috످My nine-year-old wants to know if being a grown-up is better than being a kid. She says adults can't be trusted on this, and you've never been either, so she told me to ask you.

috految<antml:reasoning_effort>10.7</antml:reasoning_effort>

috److془Need to give answer to nine-year-old. Think.

Options: Kid better: pleasures stronger, friends everywhere, someone looks after you. Grown-up: freedom. Test: adults say they'd go back but only knowing what they know. Or: kids' bad days can't leave. Adults who are envious: imagine being made to go to bed. Objection: adults have bosses. Also: I learned from adults' writing. Bonus: she can write letter.

Best: Grown-up better, since get to choose; Kid's best days better. Case: mean kid. Or: adults get to do kid things. Fridge: Adults could have cake for breakfast, but don't want. Slide: the trouble is you stop wanting it. Nice. Is it loss? When you were three, peekaboo. You don't miss it; found better things. Great. Then the letter.془Tell her this is from me:

I think being a grown-up is better, but it's close.

Kids win at fun. You can have a better time in a swimming pool than most adults have on their whole vacation. And if you fall asleep in the car, someone might carry you to bed. If a grown-up falls asleep in the car, they just wake up in the car.

But grown-ups get to choose. If you don't like your school, you still have to go back on Monday. If a grown-up doesn't like their job, they can look for a new one. They have more to worry about, but they get to pick where they live, who they spend time with, and whether to get a dog. I think that matters even more than fun, because it means that when you're unhappy, you can usually do something about it.

There is one suspicious thing, though. Grown-ups are allowed to build a blanket fort every single day, and they almost never do. Somewhere along the way, they stop *wanting* to. That might sound like the saddest thing ever. But when you were a baby, your favorite thing in the world was probably peekaboo. Do you miss it? I bet you don't, because you found things you like even more, things that baby couldn't have imagined. I think growing up is mostly that, over and over.

Now, I learned almost everything I know from grown-ups, and they might have forgotten how good being nine was. So you'd better check. Write down the best and worst things about being nine, put the list in an envelope, and open it when you're thirty. Then you'll finally have a grown-up you can trust to answer the question.

috످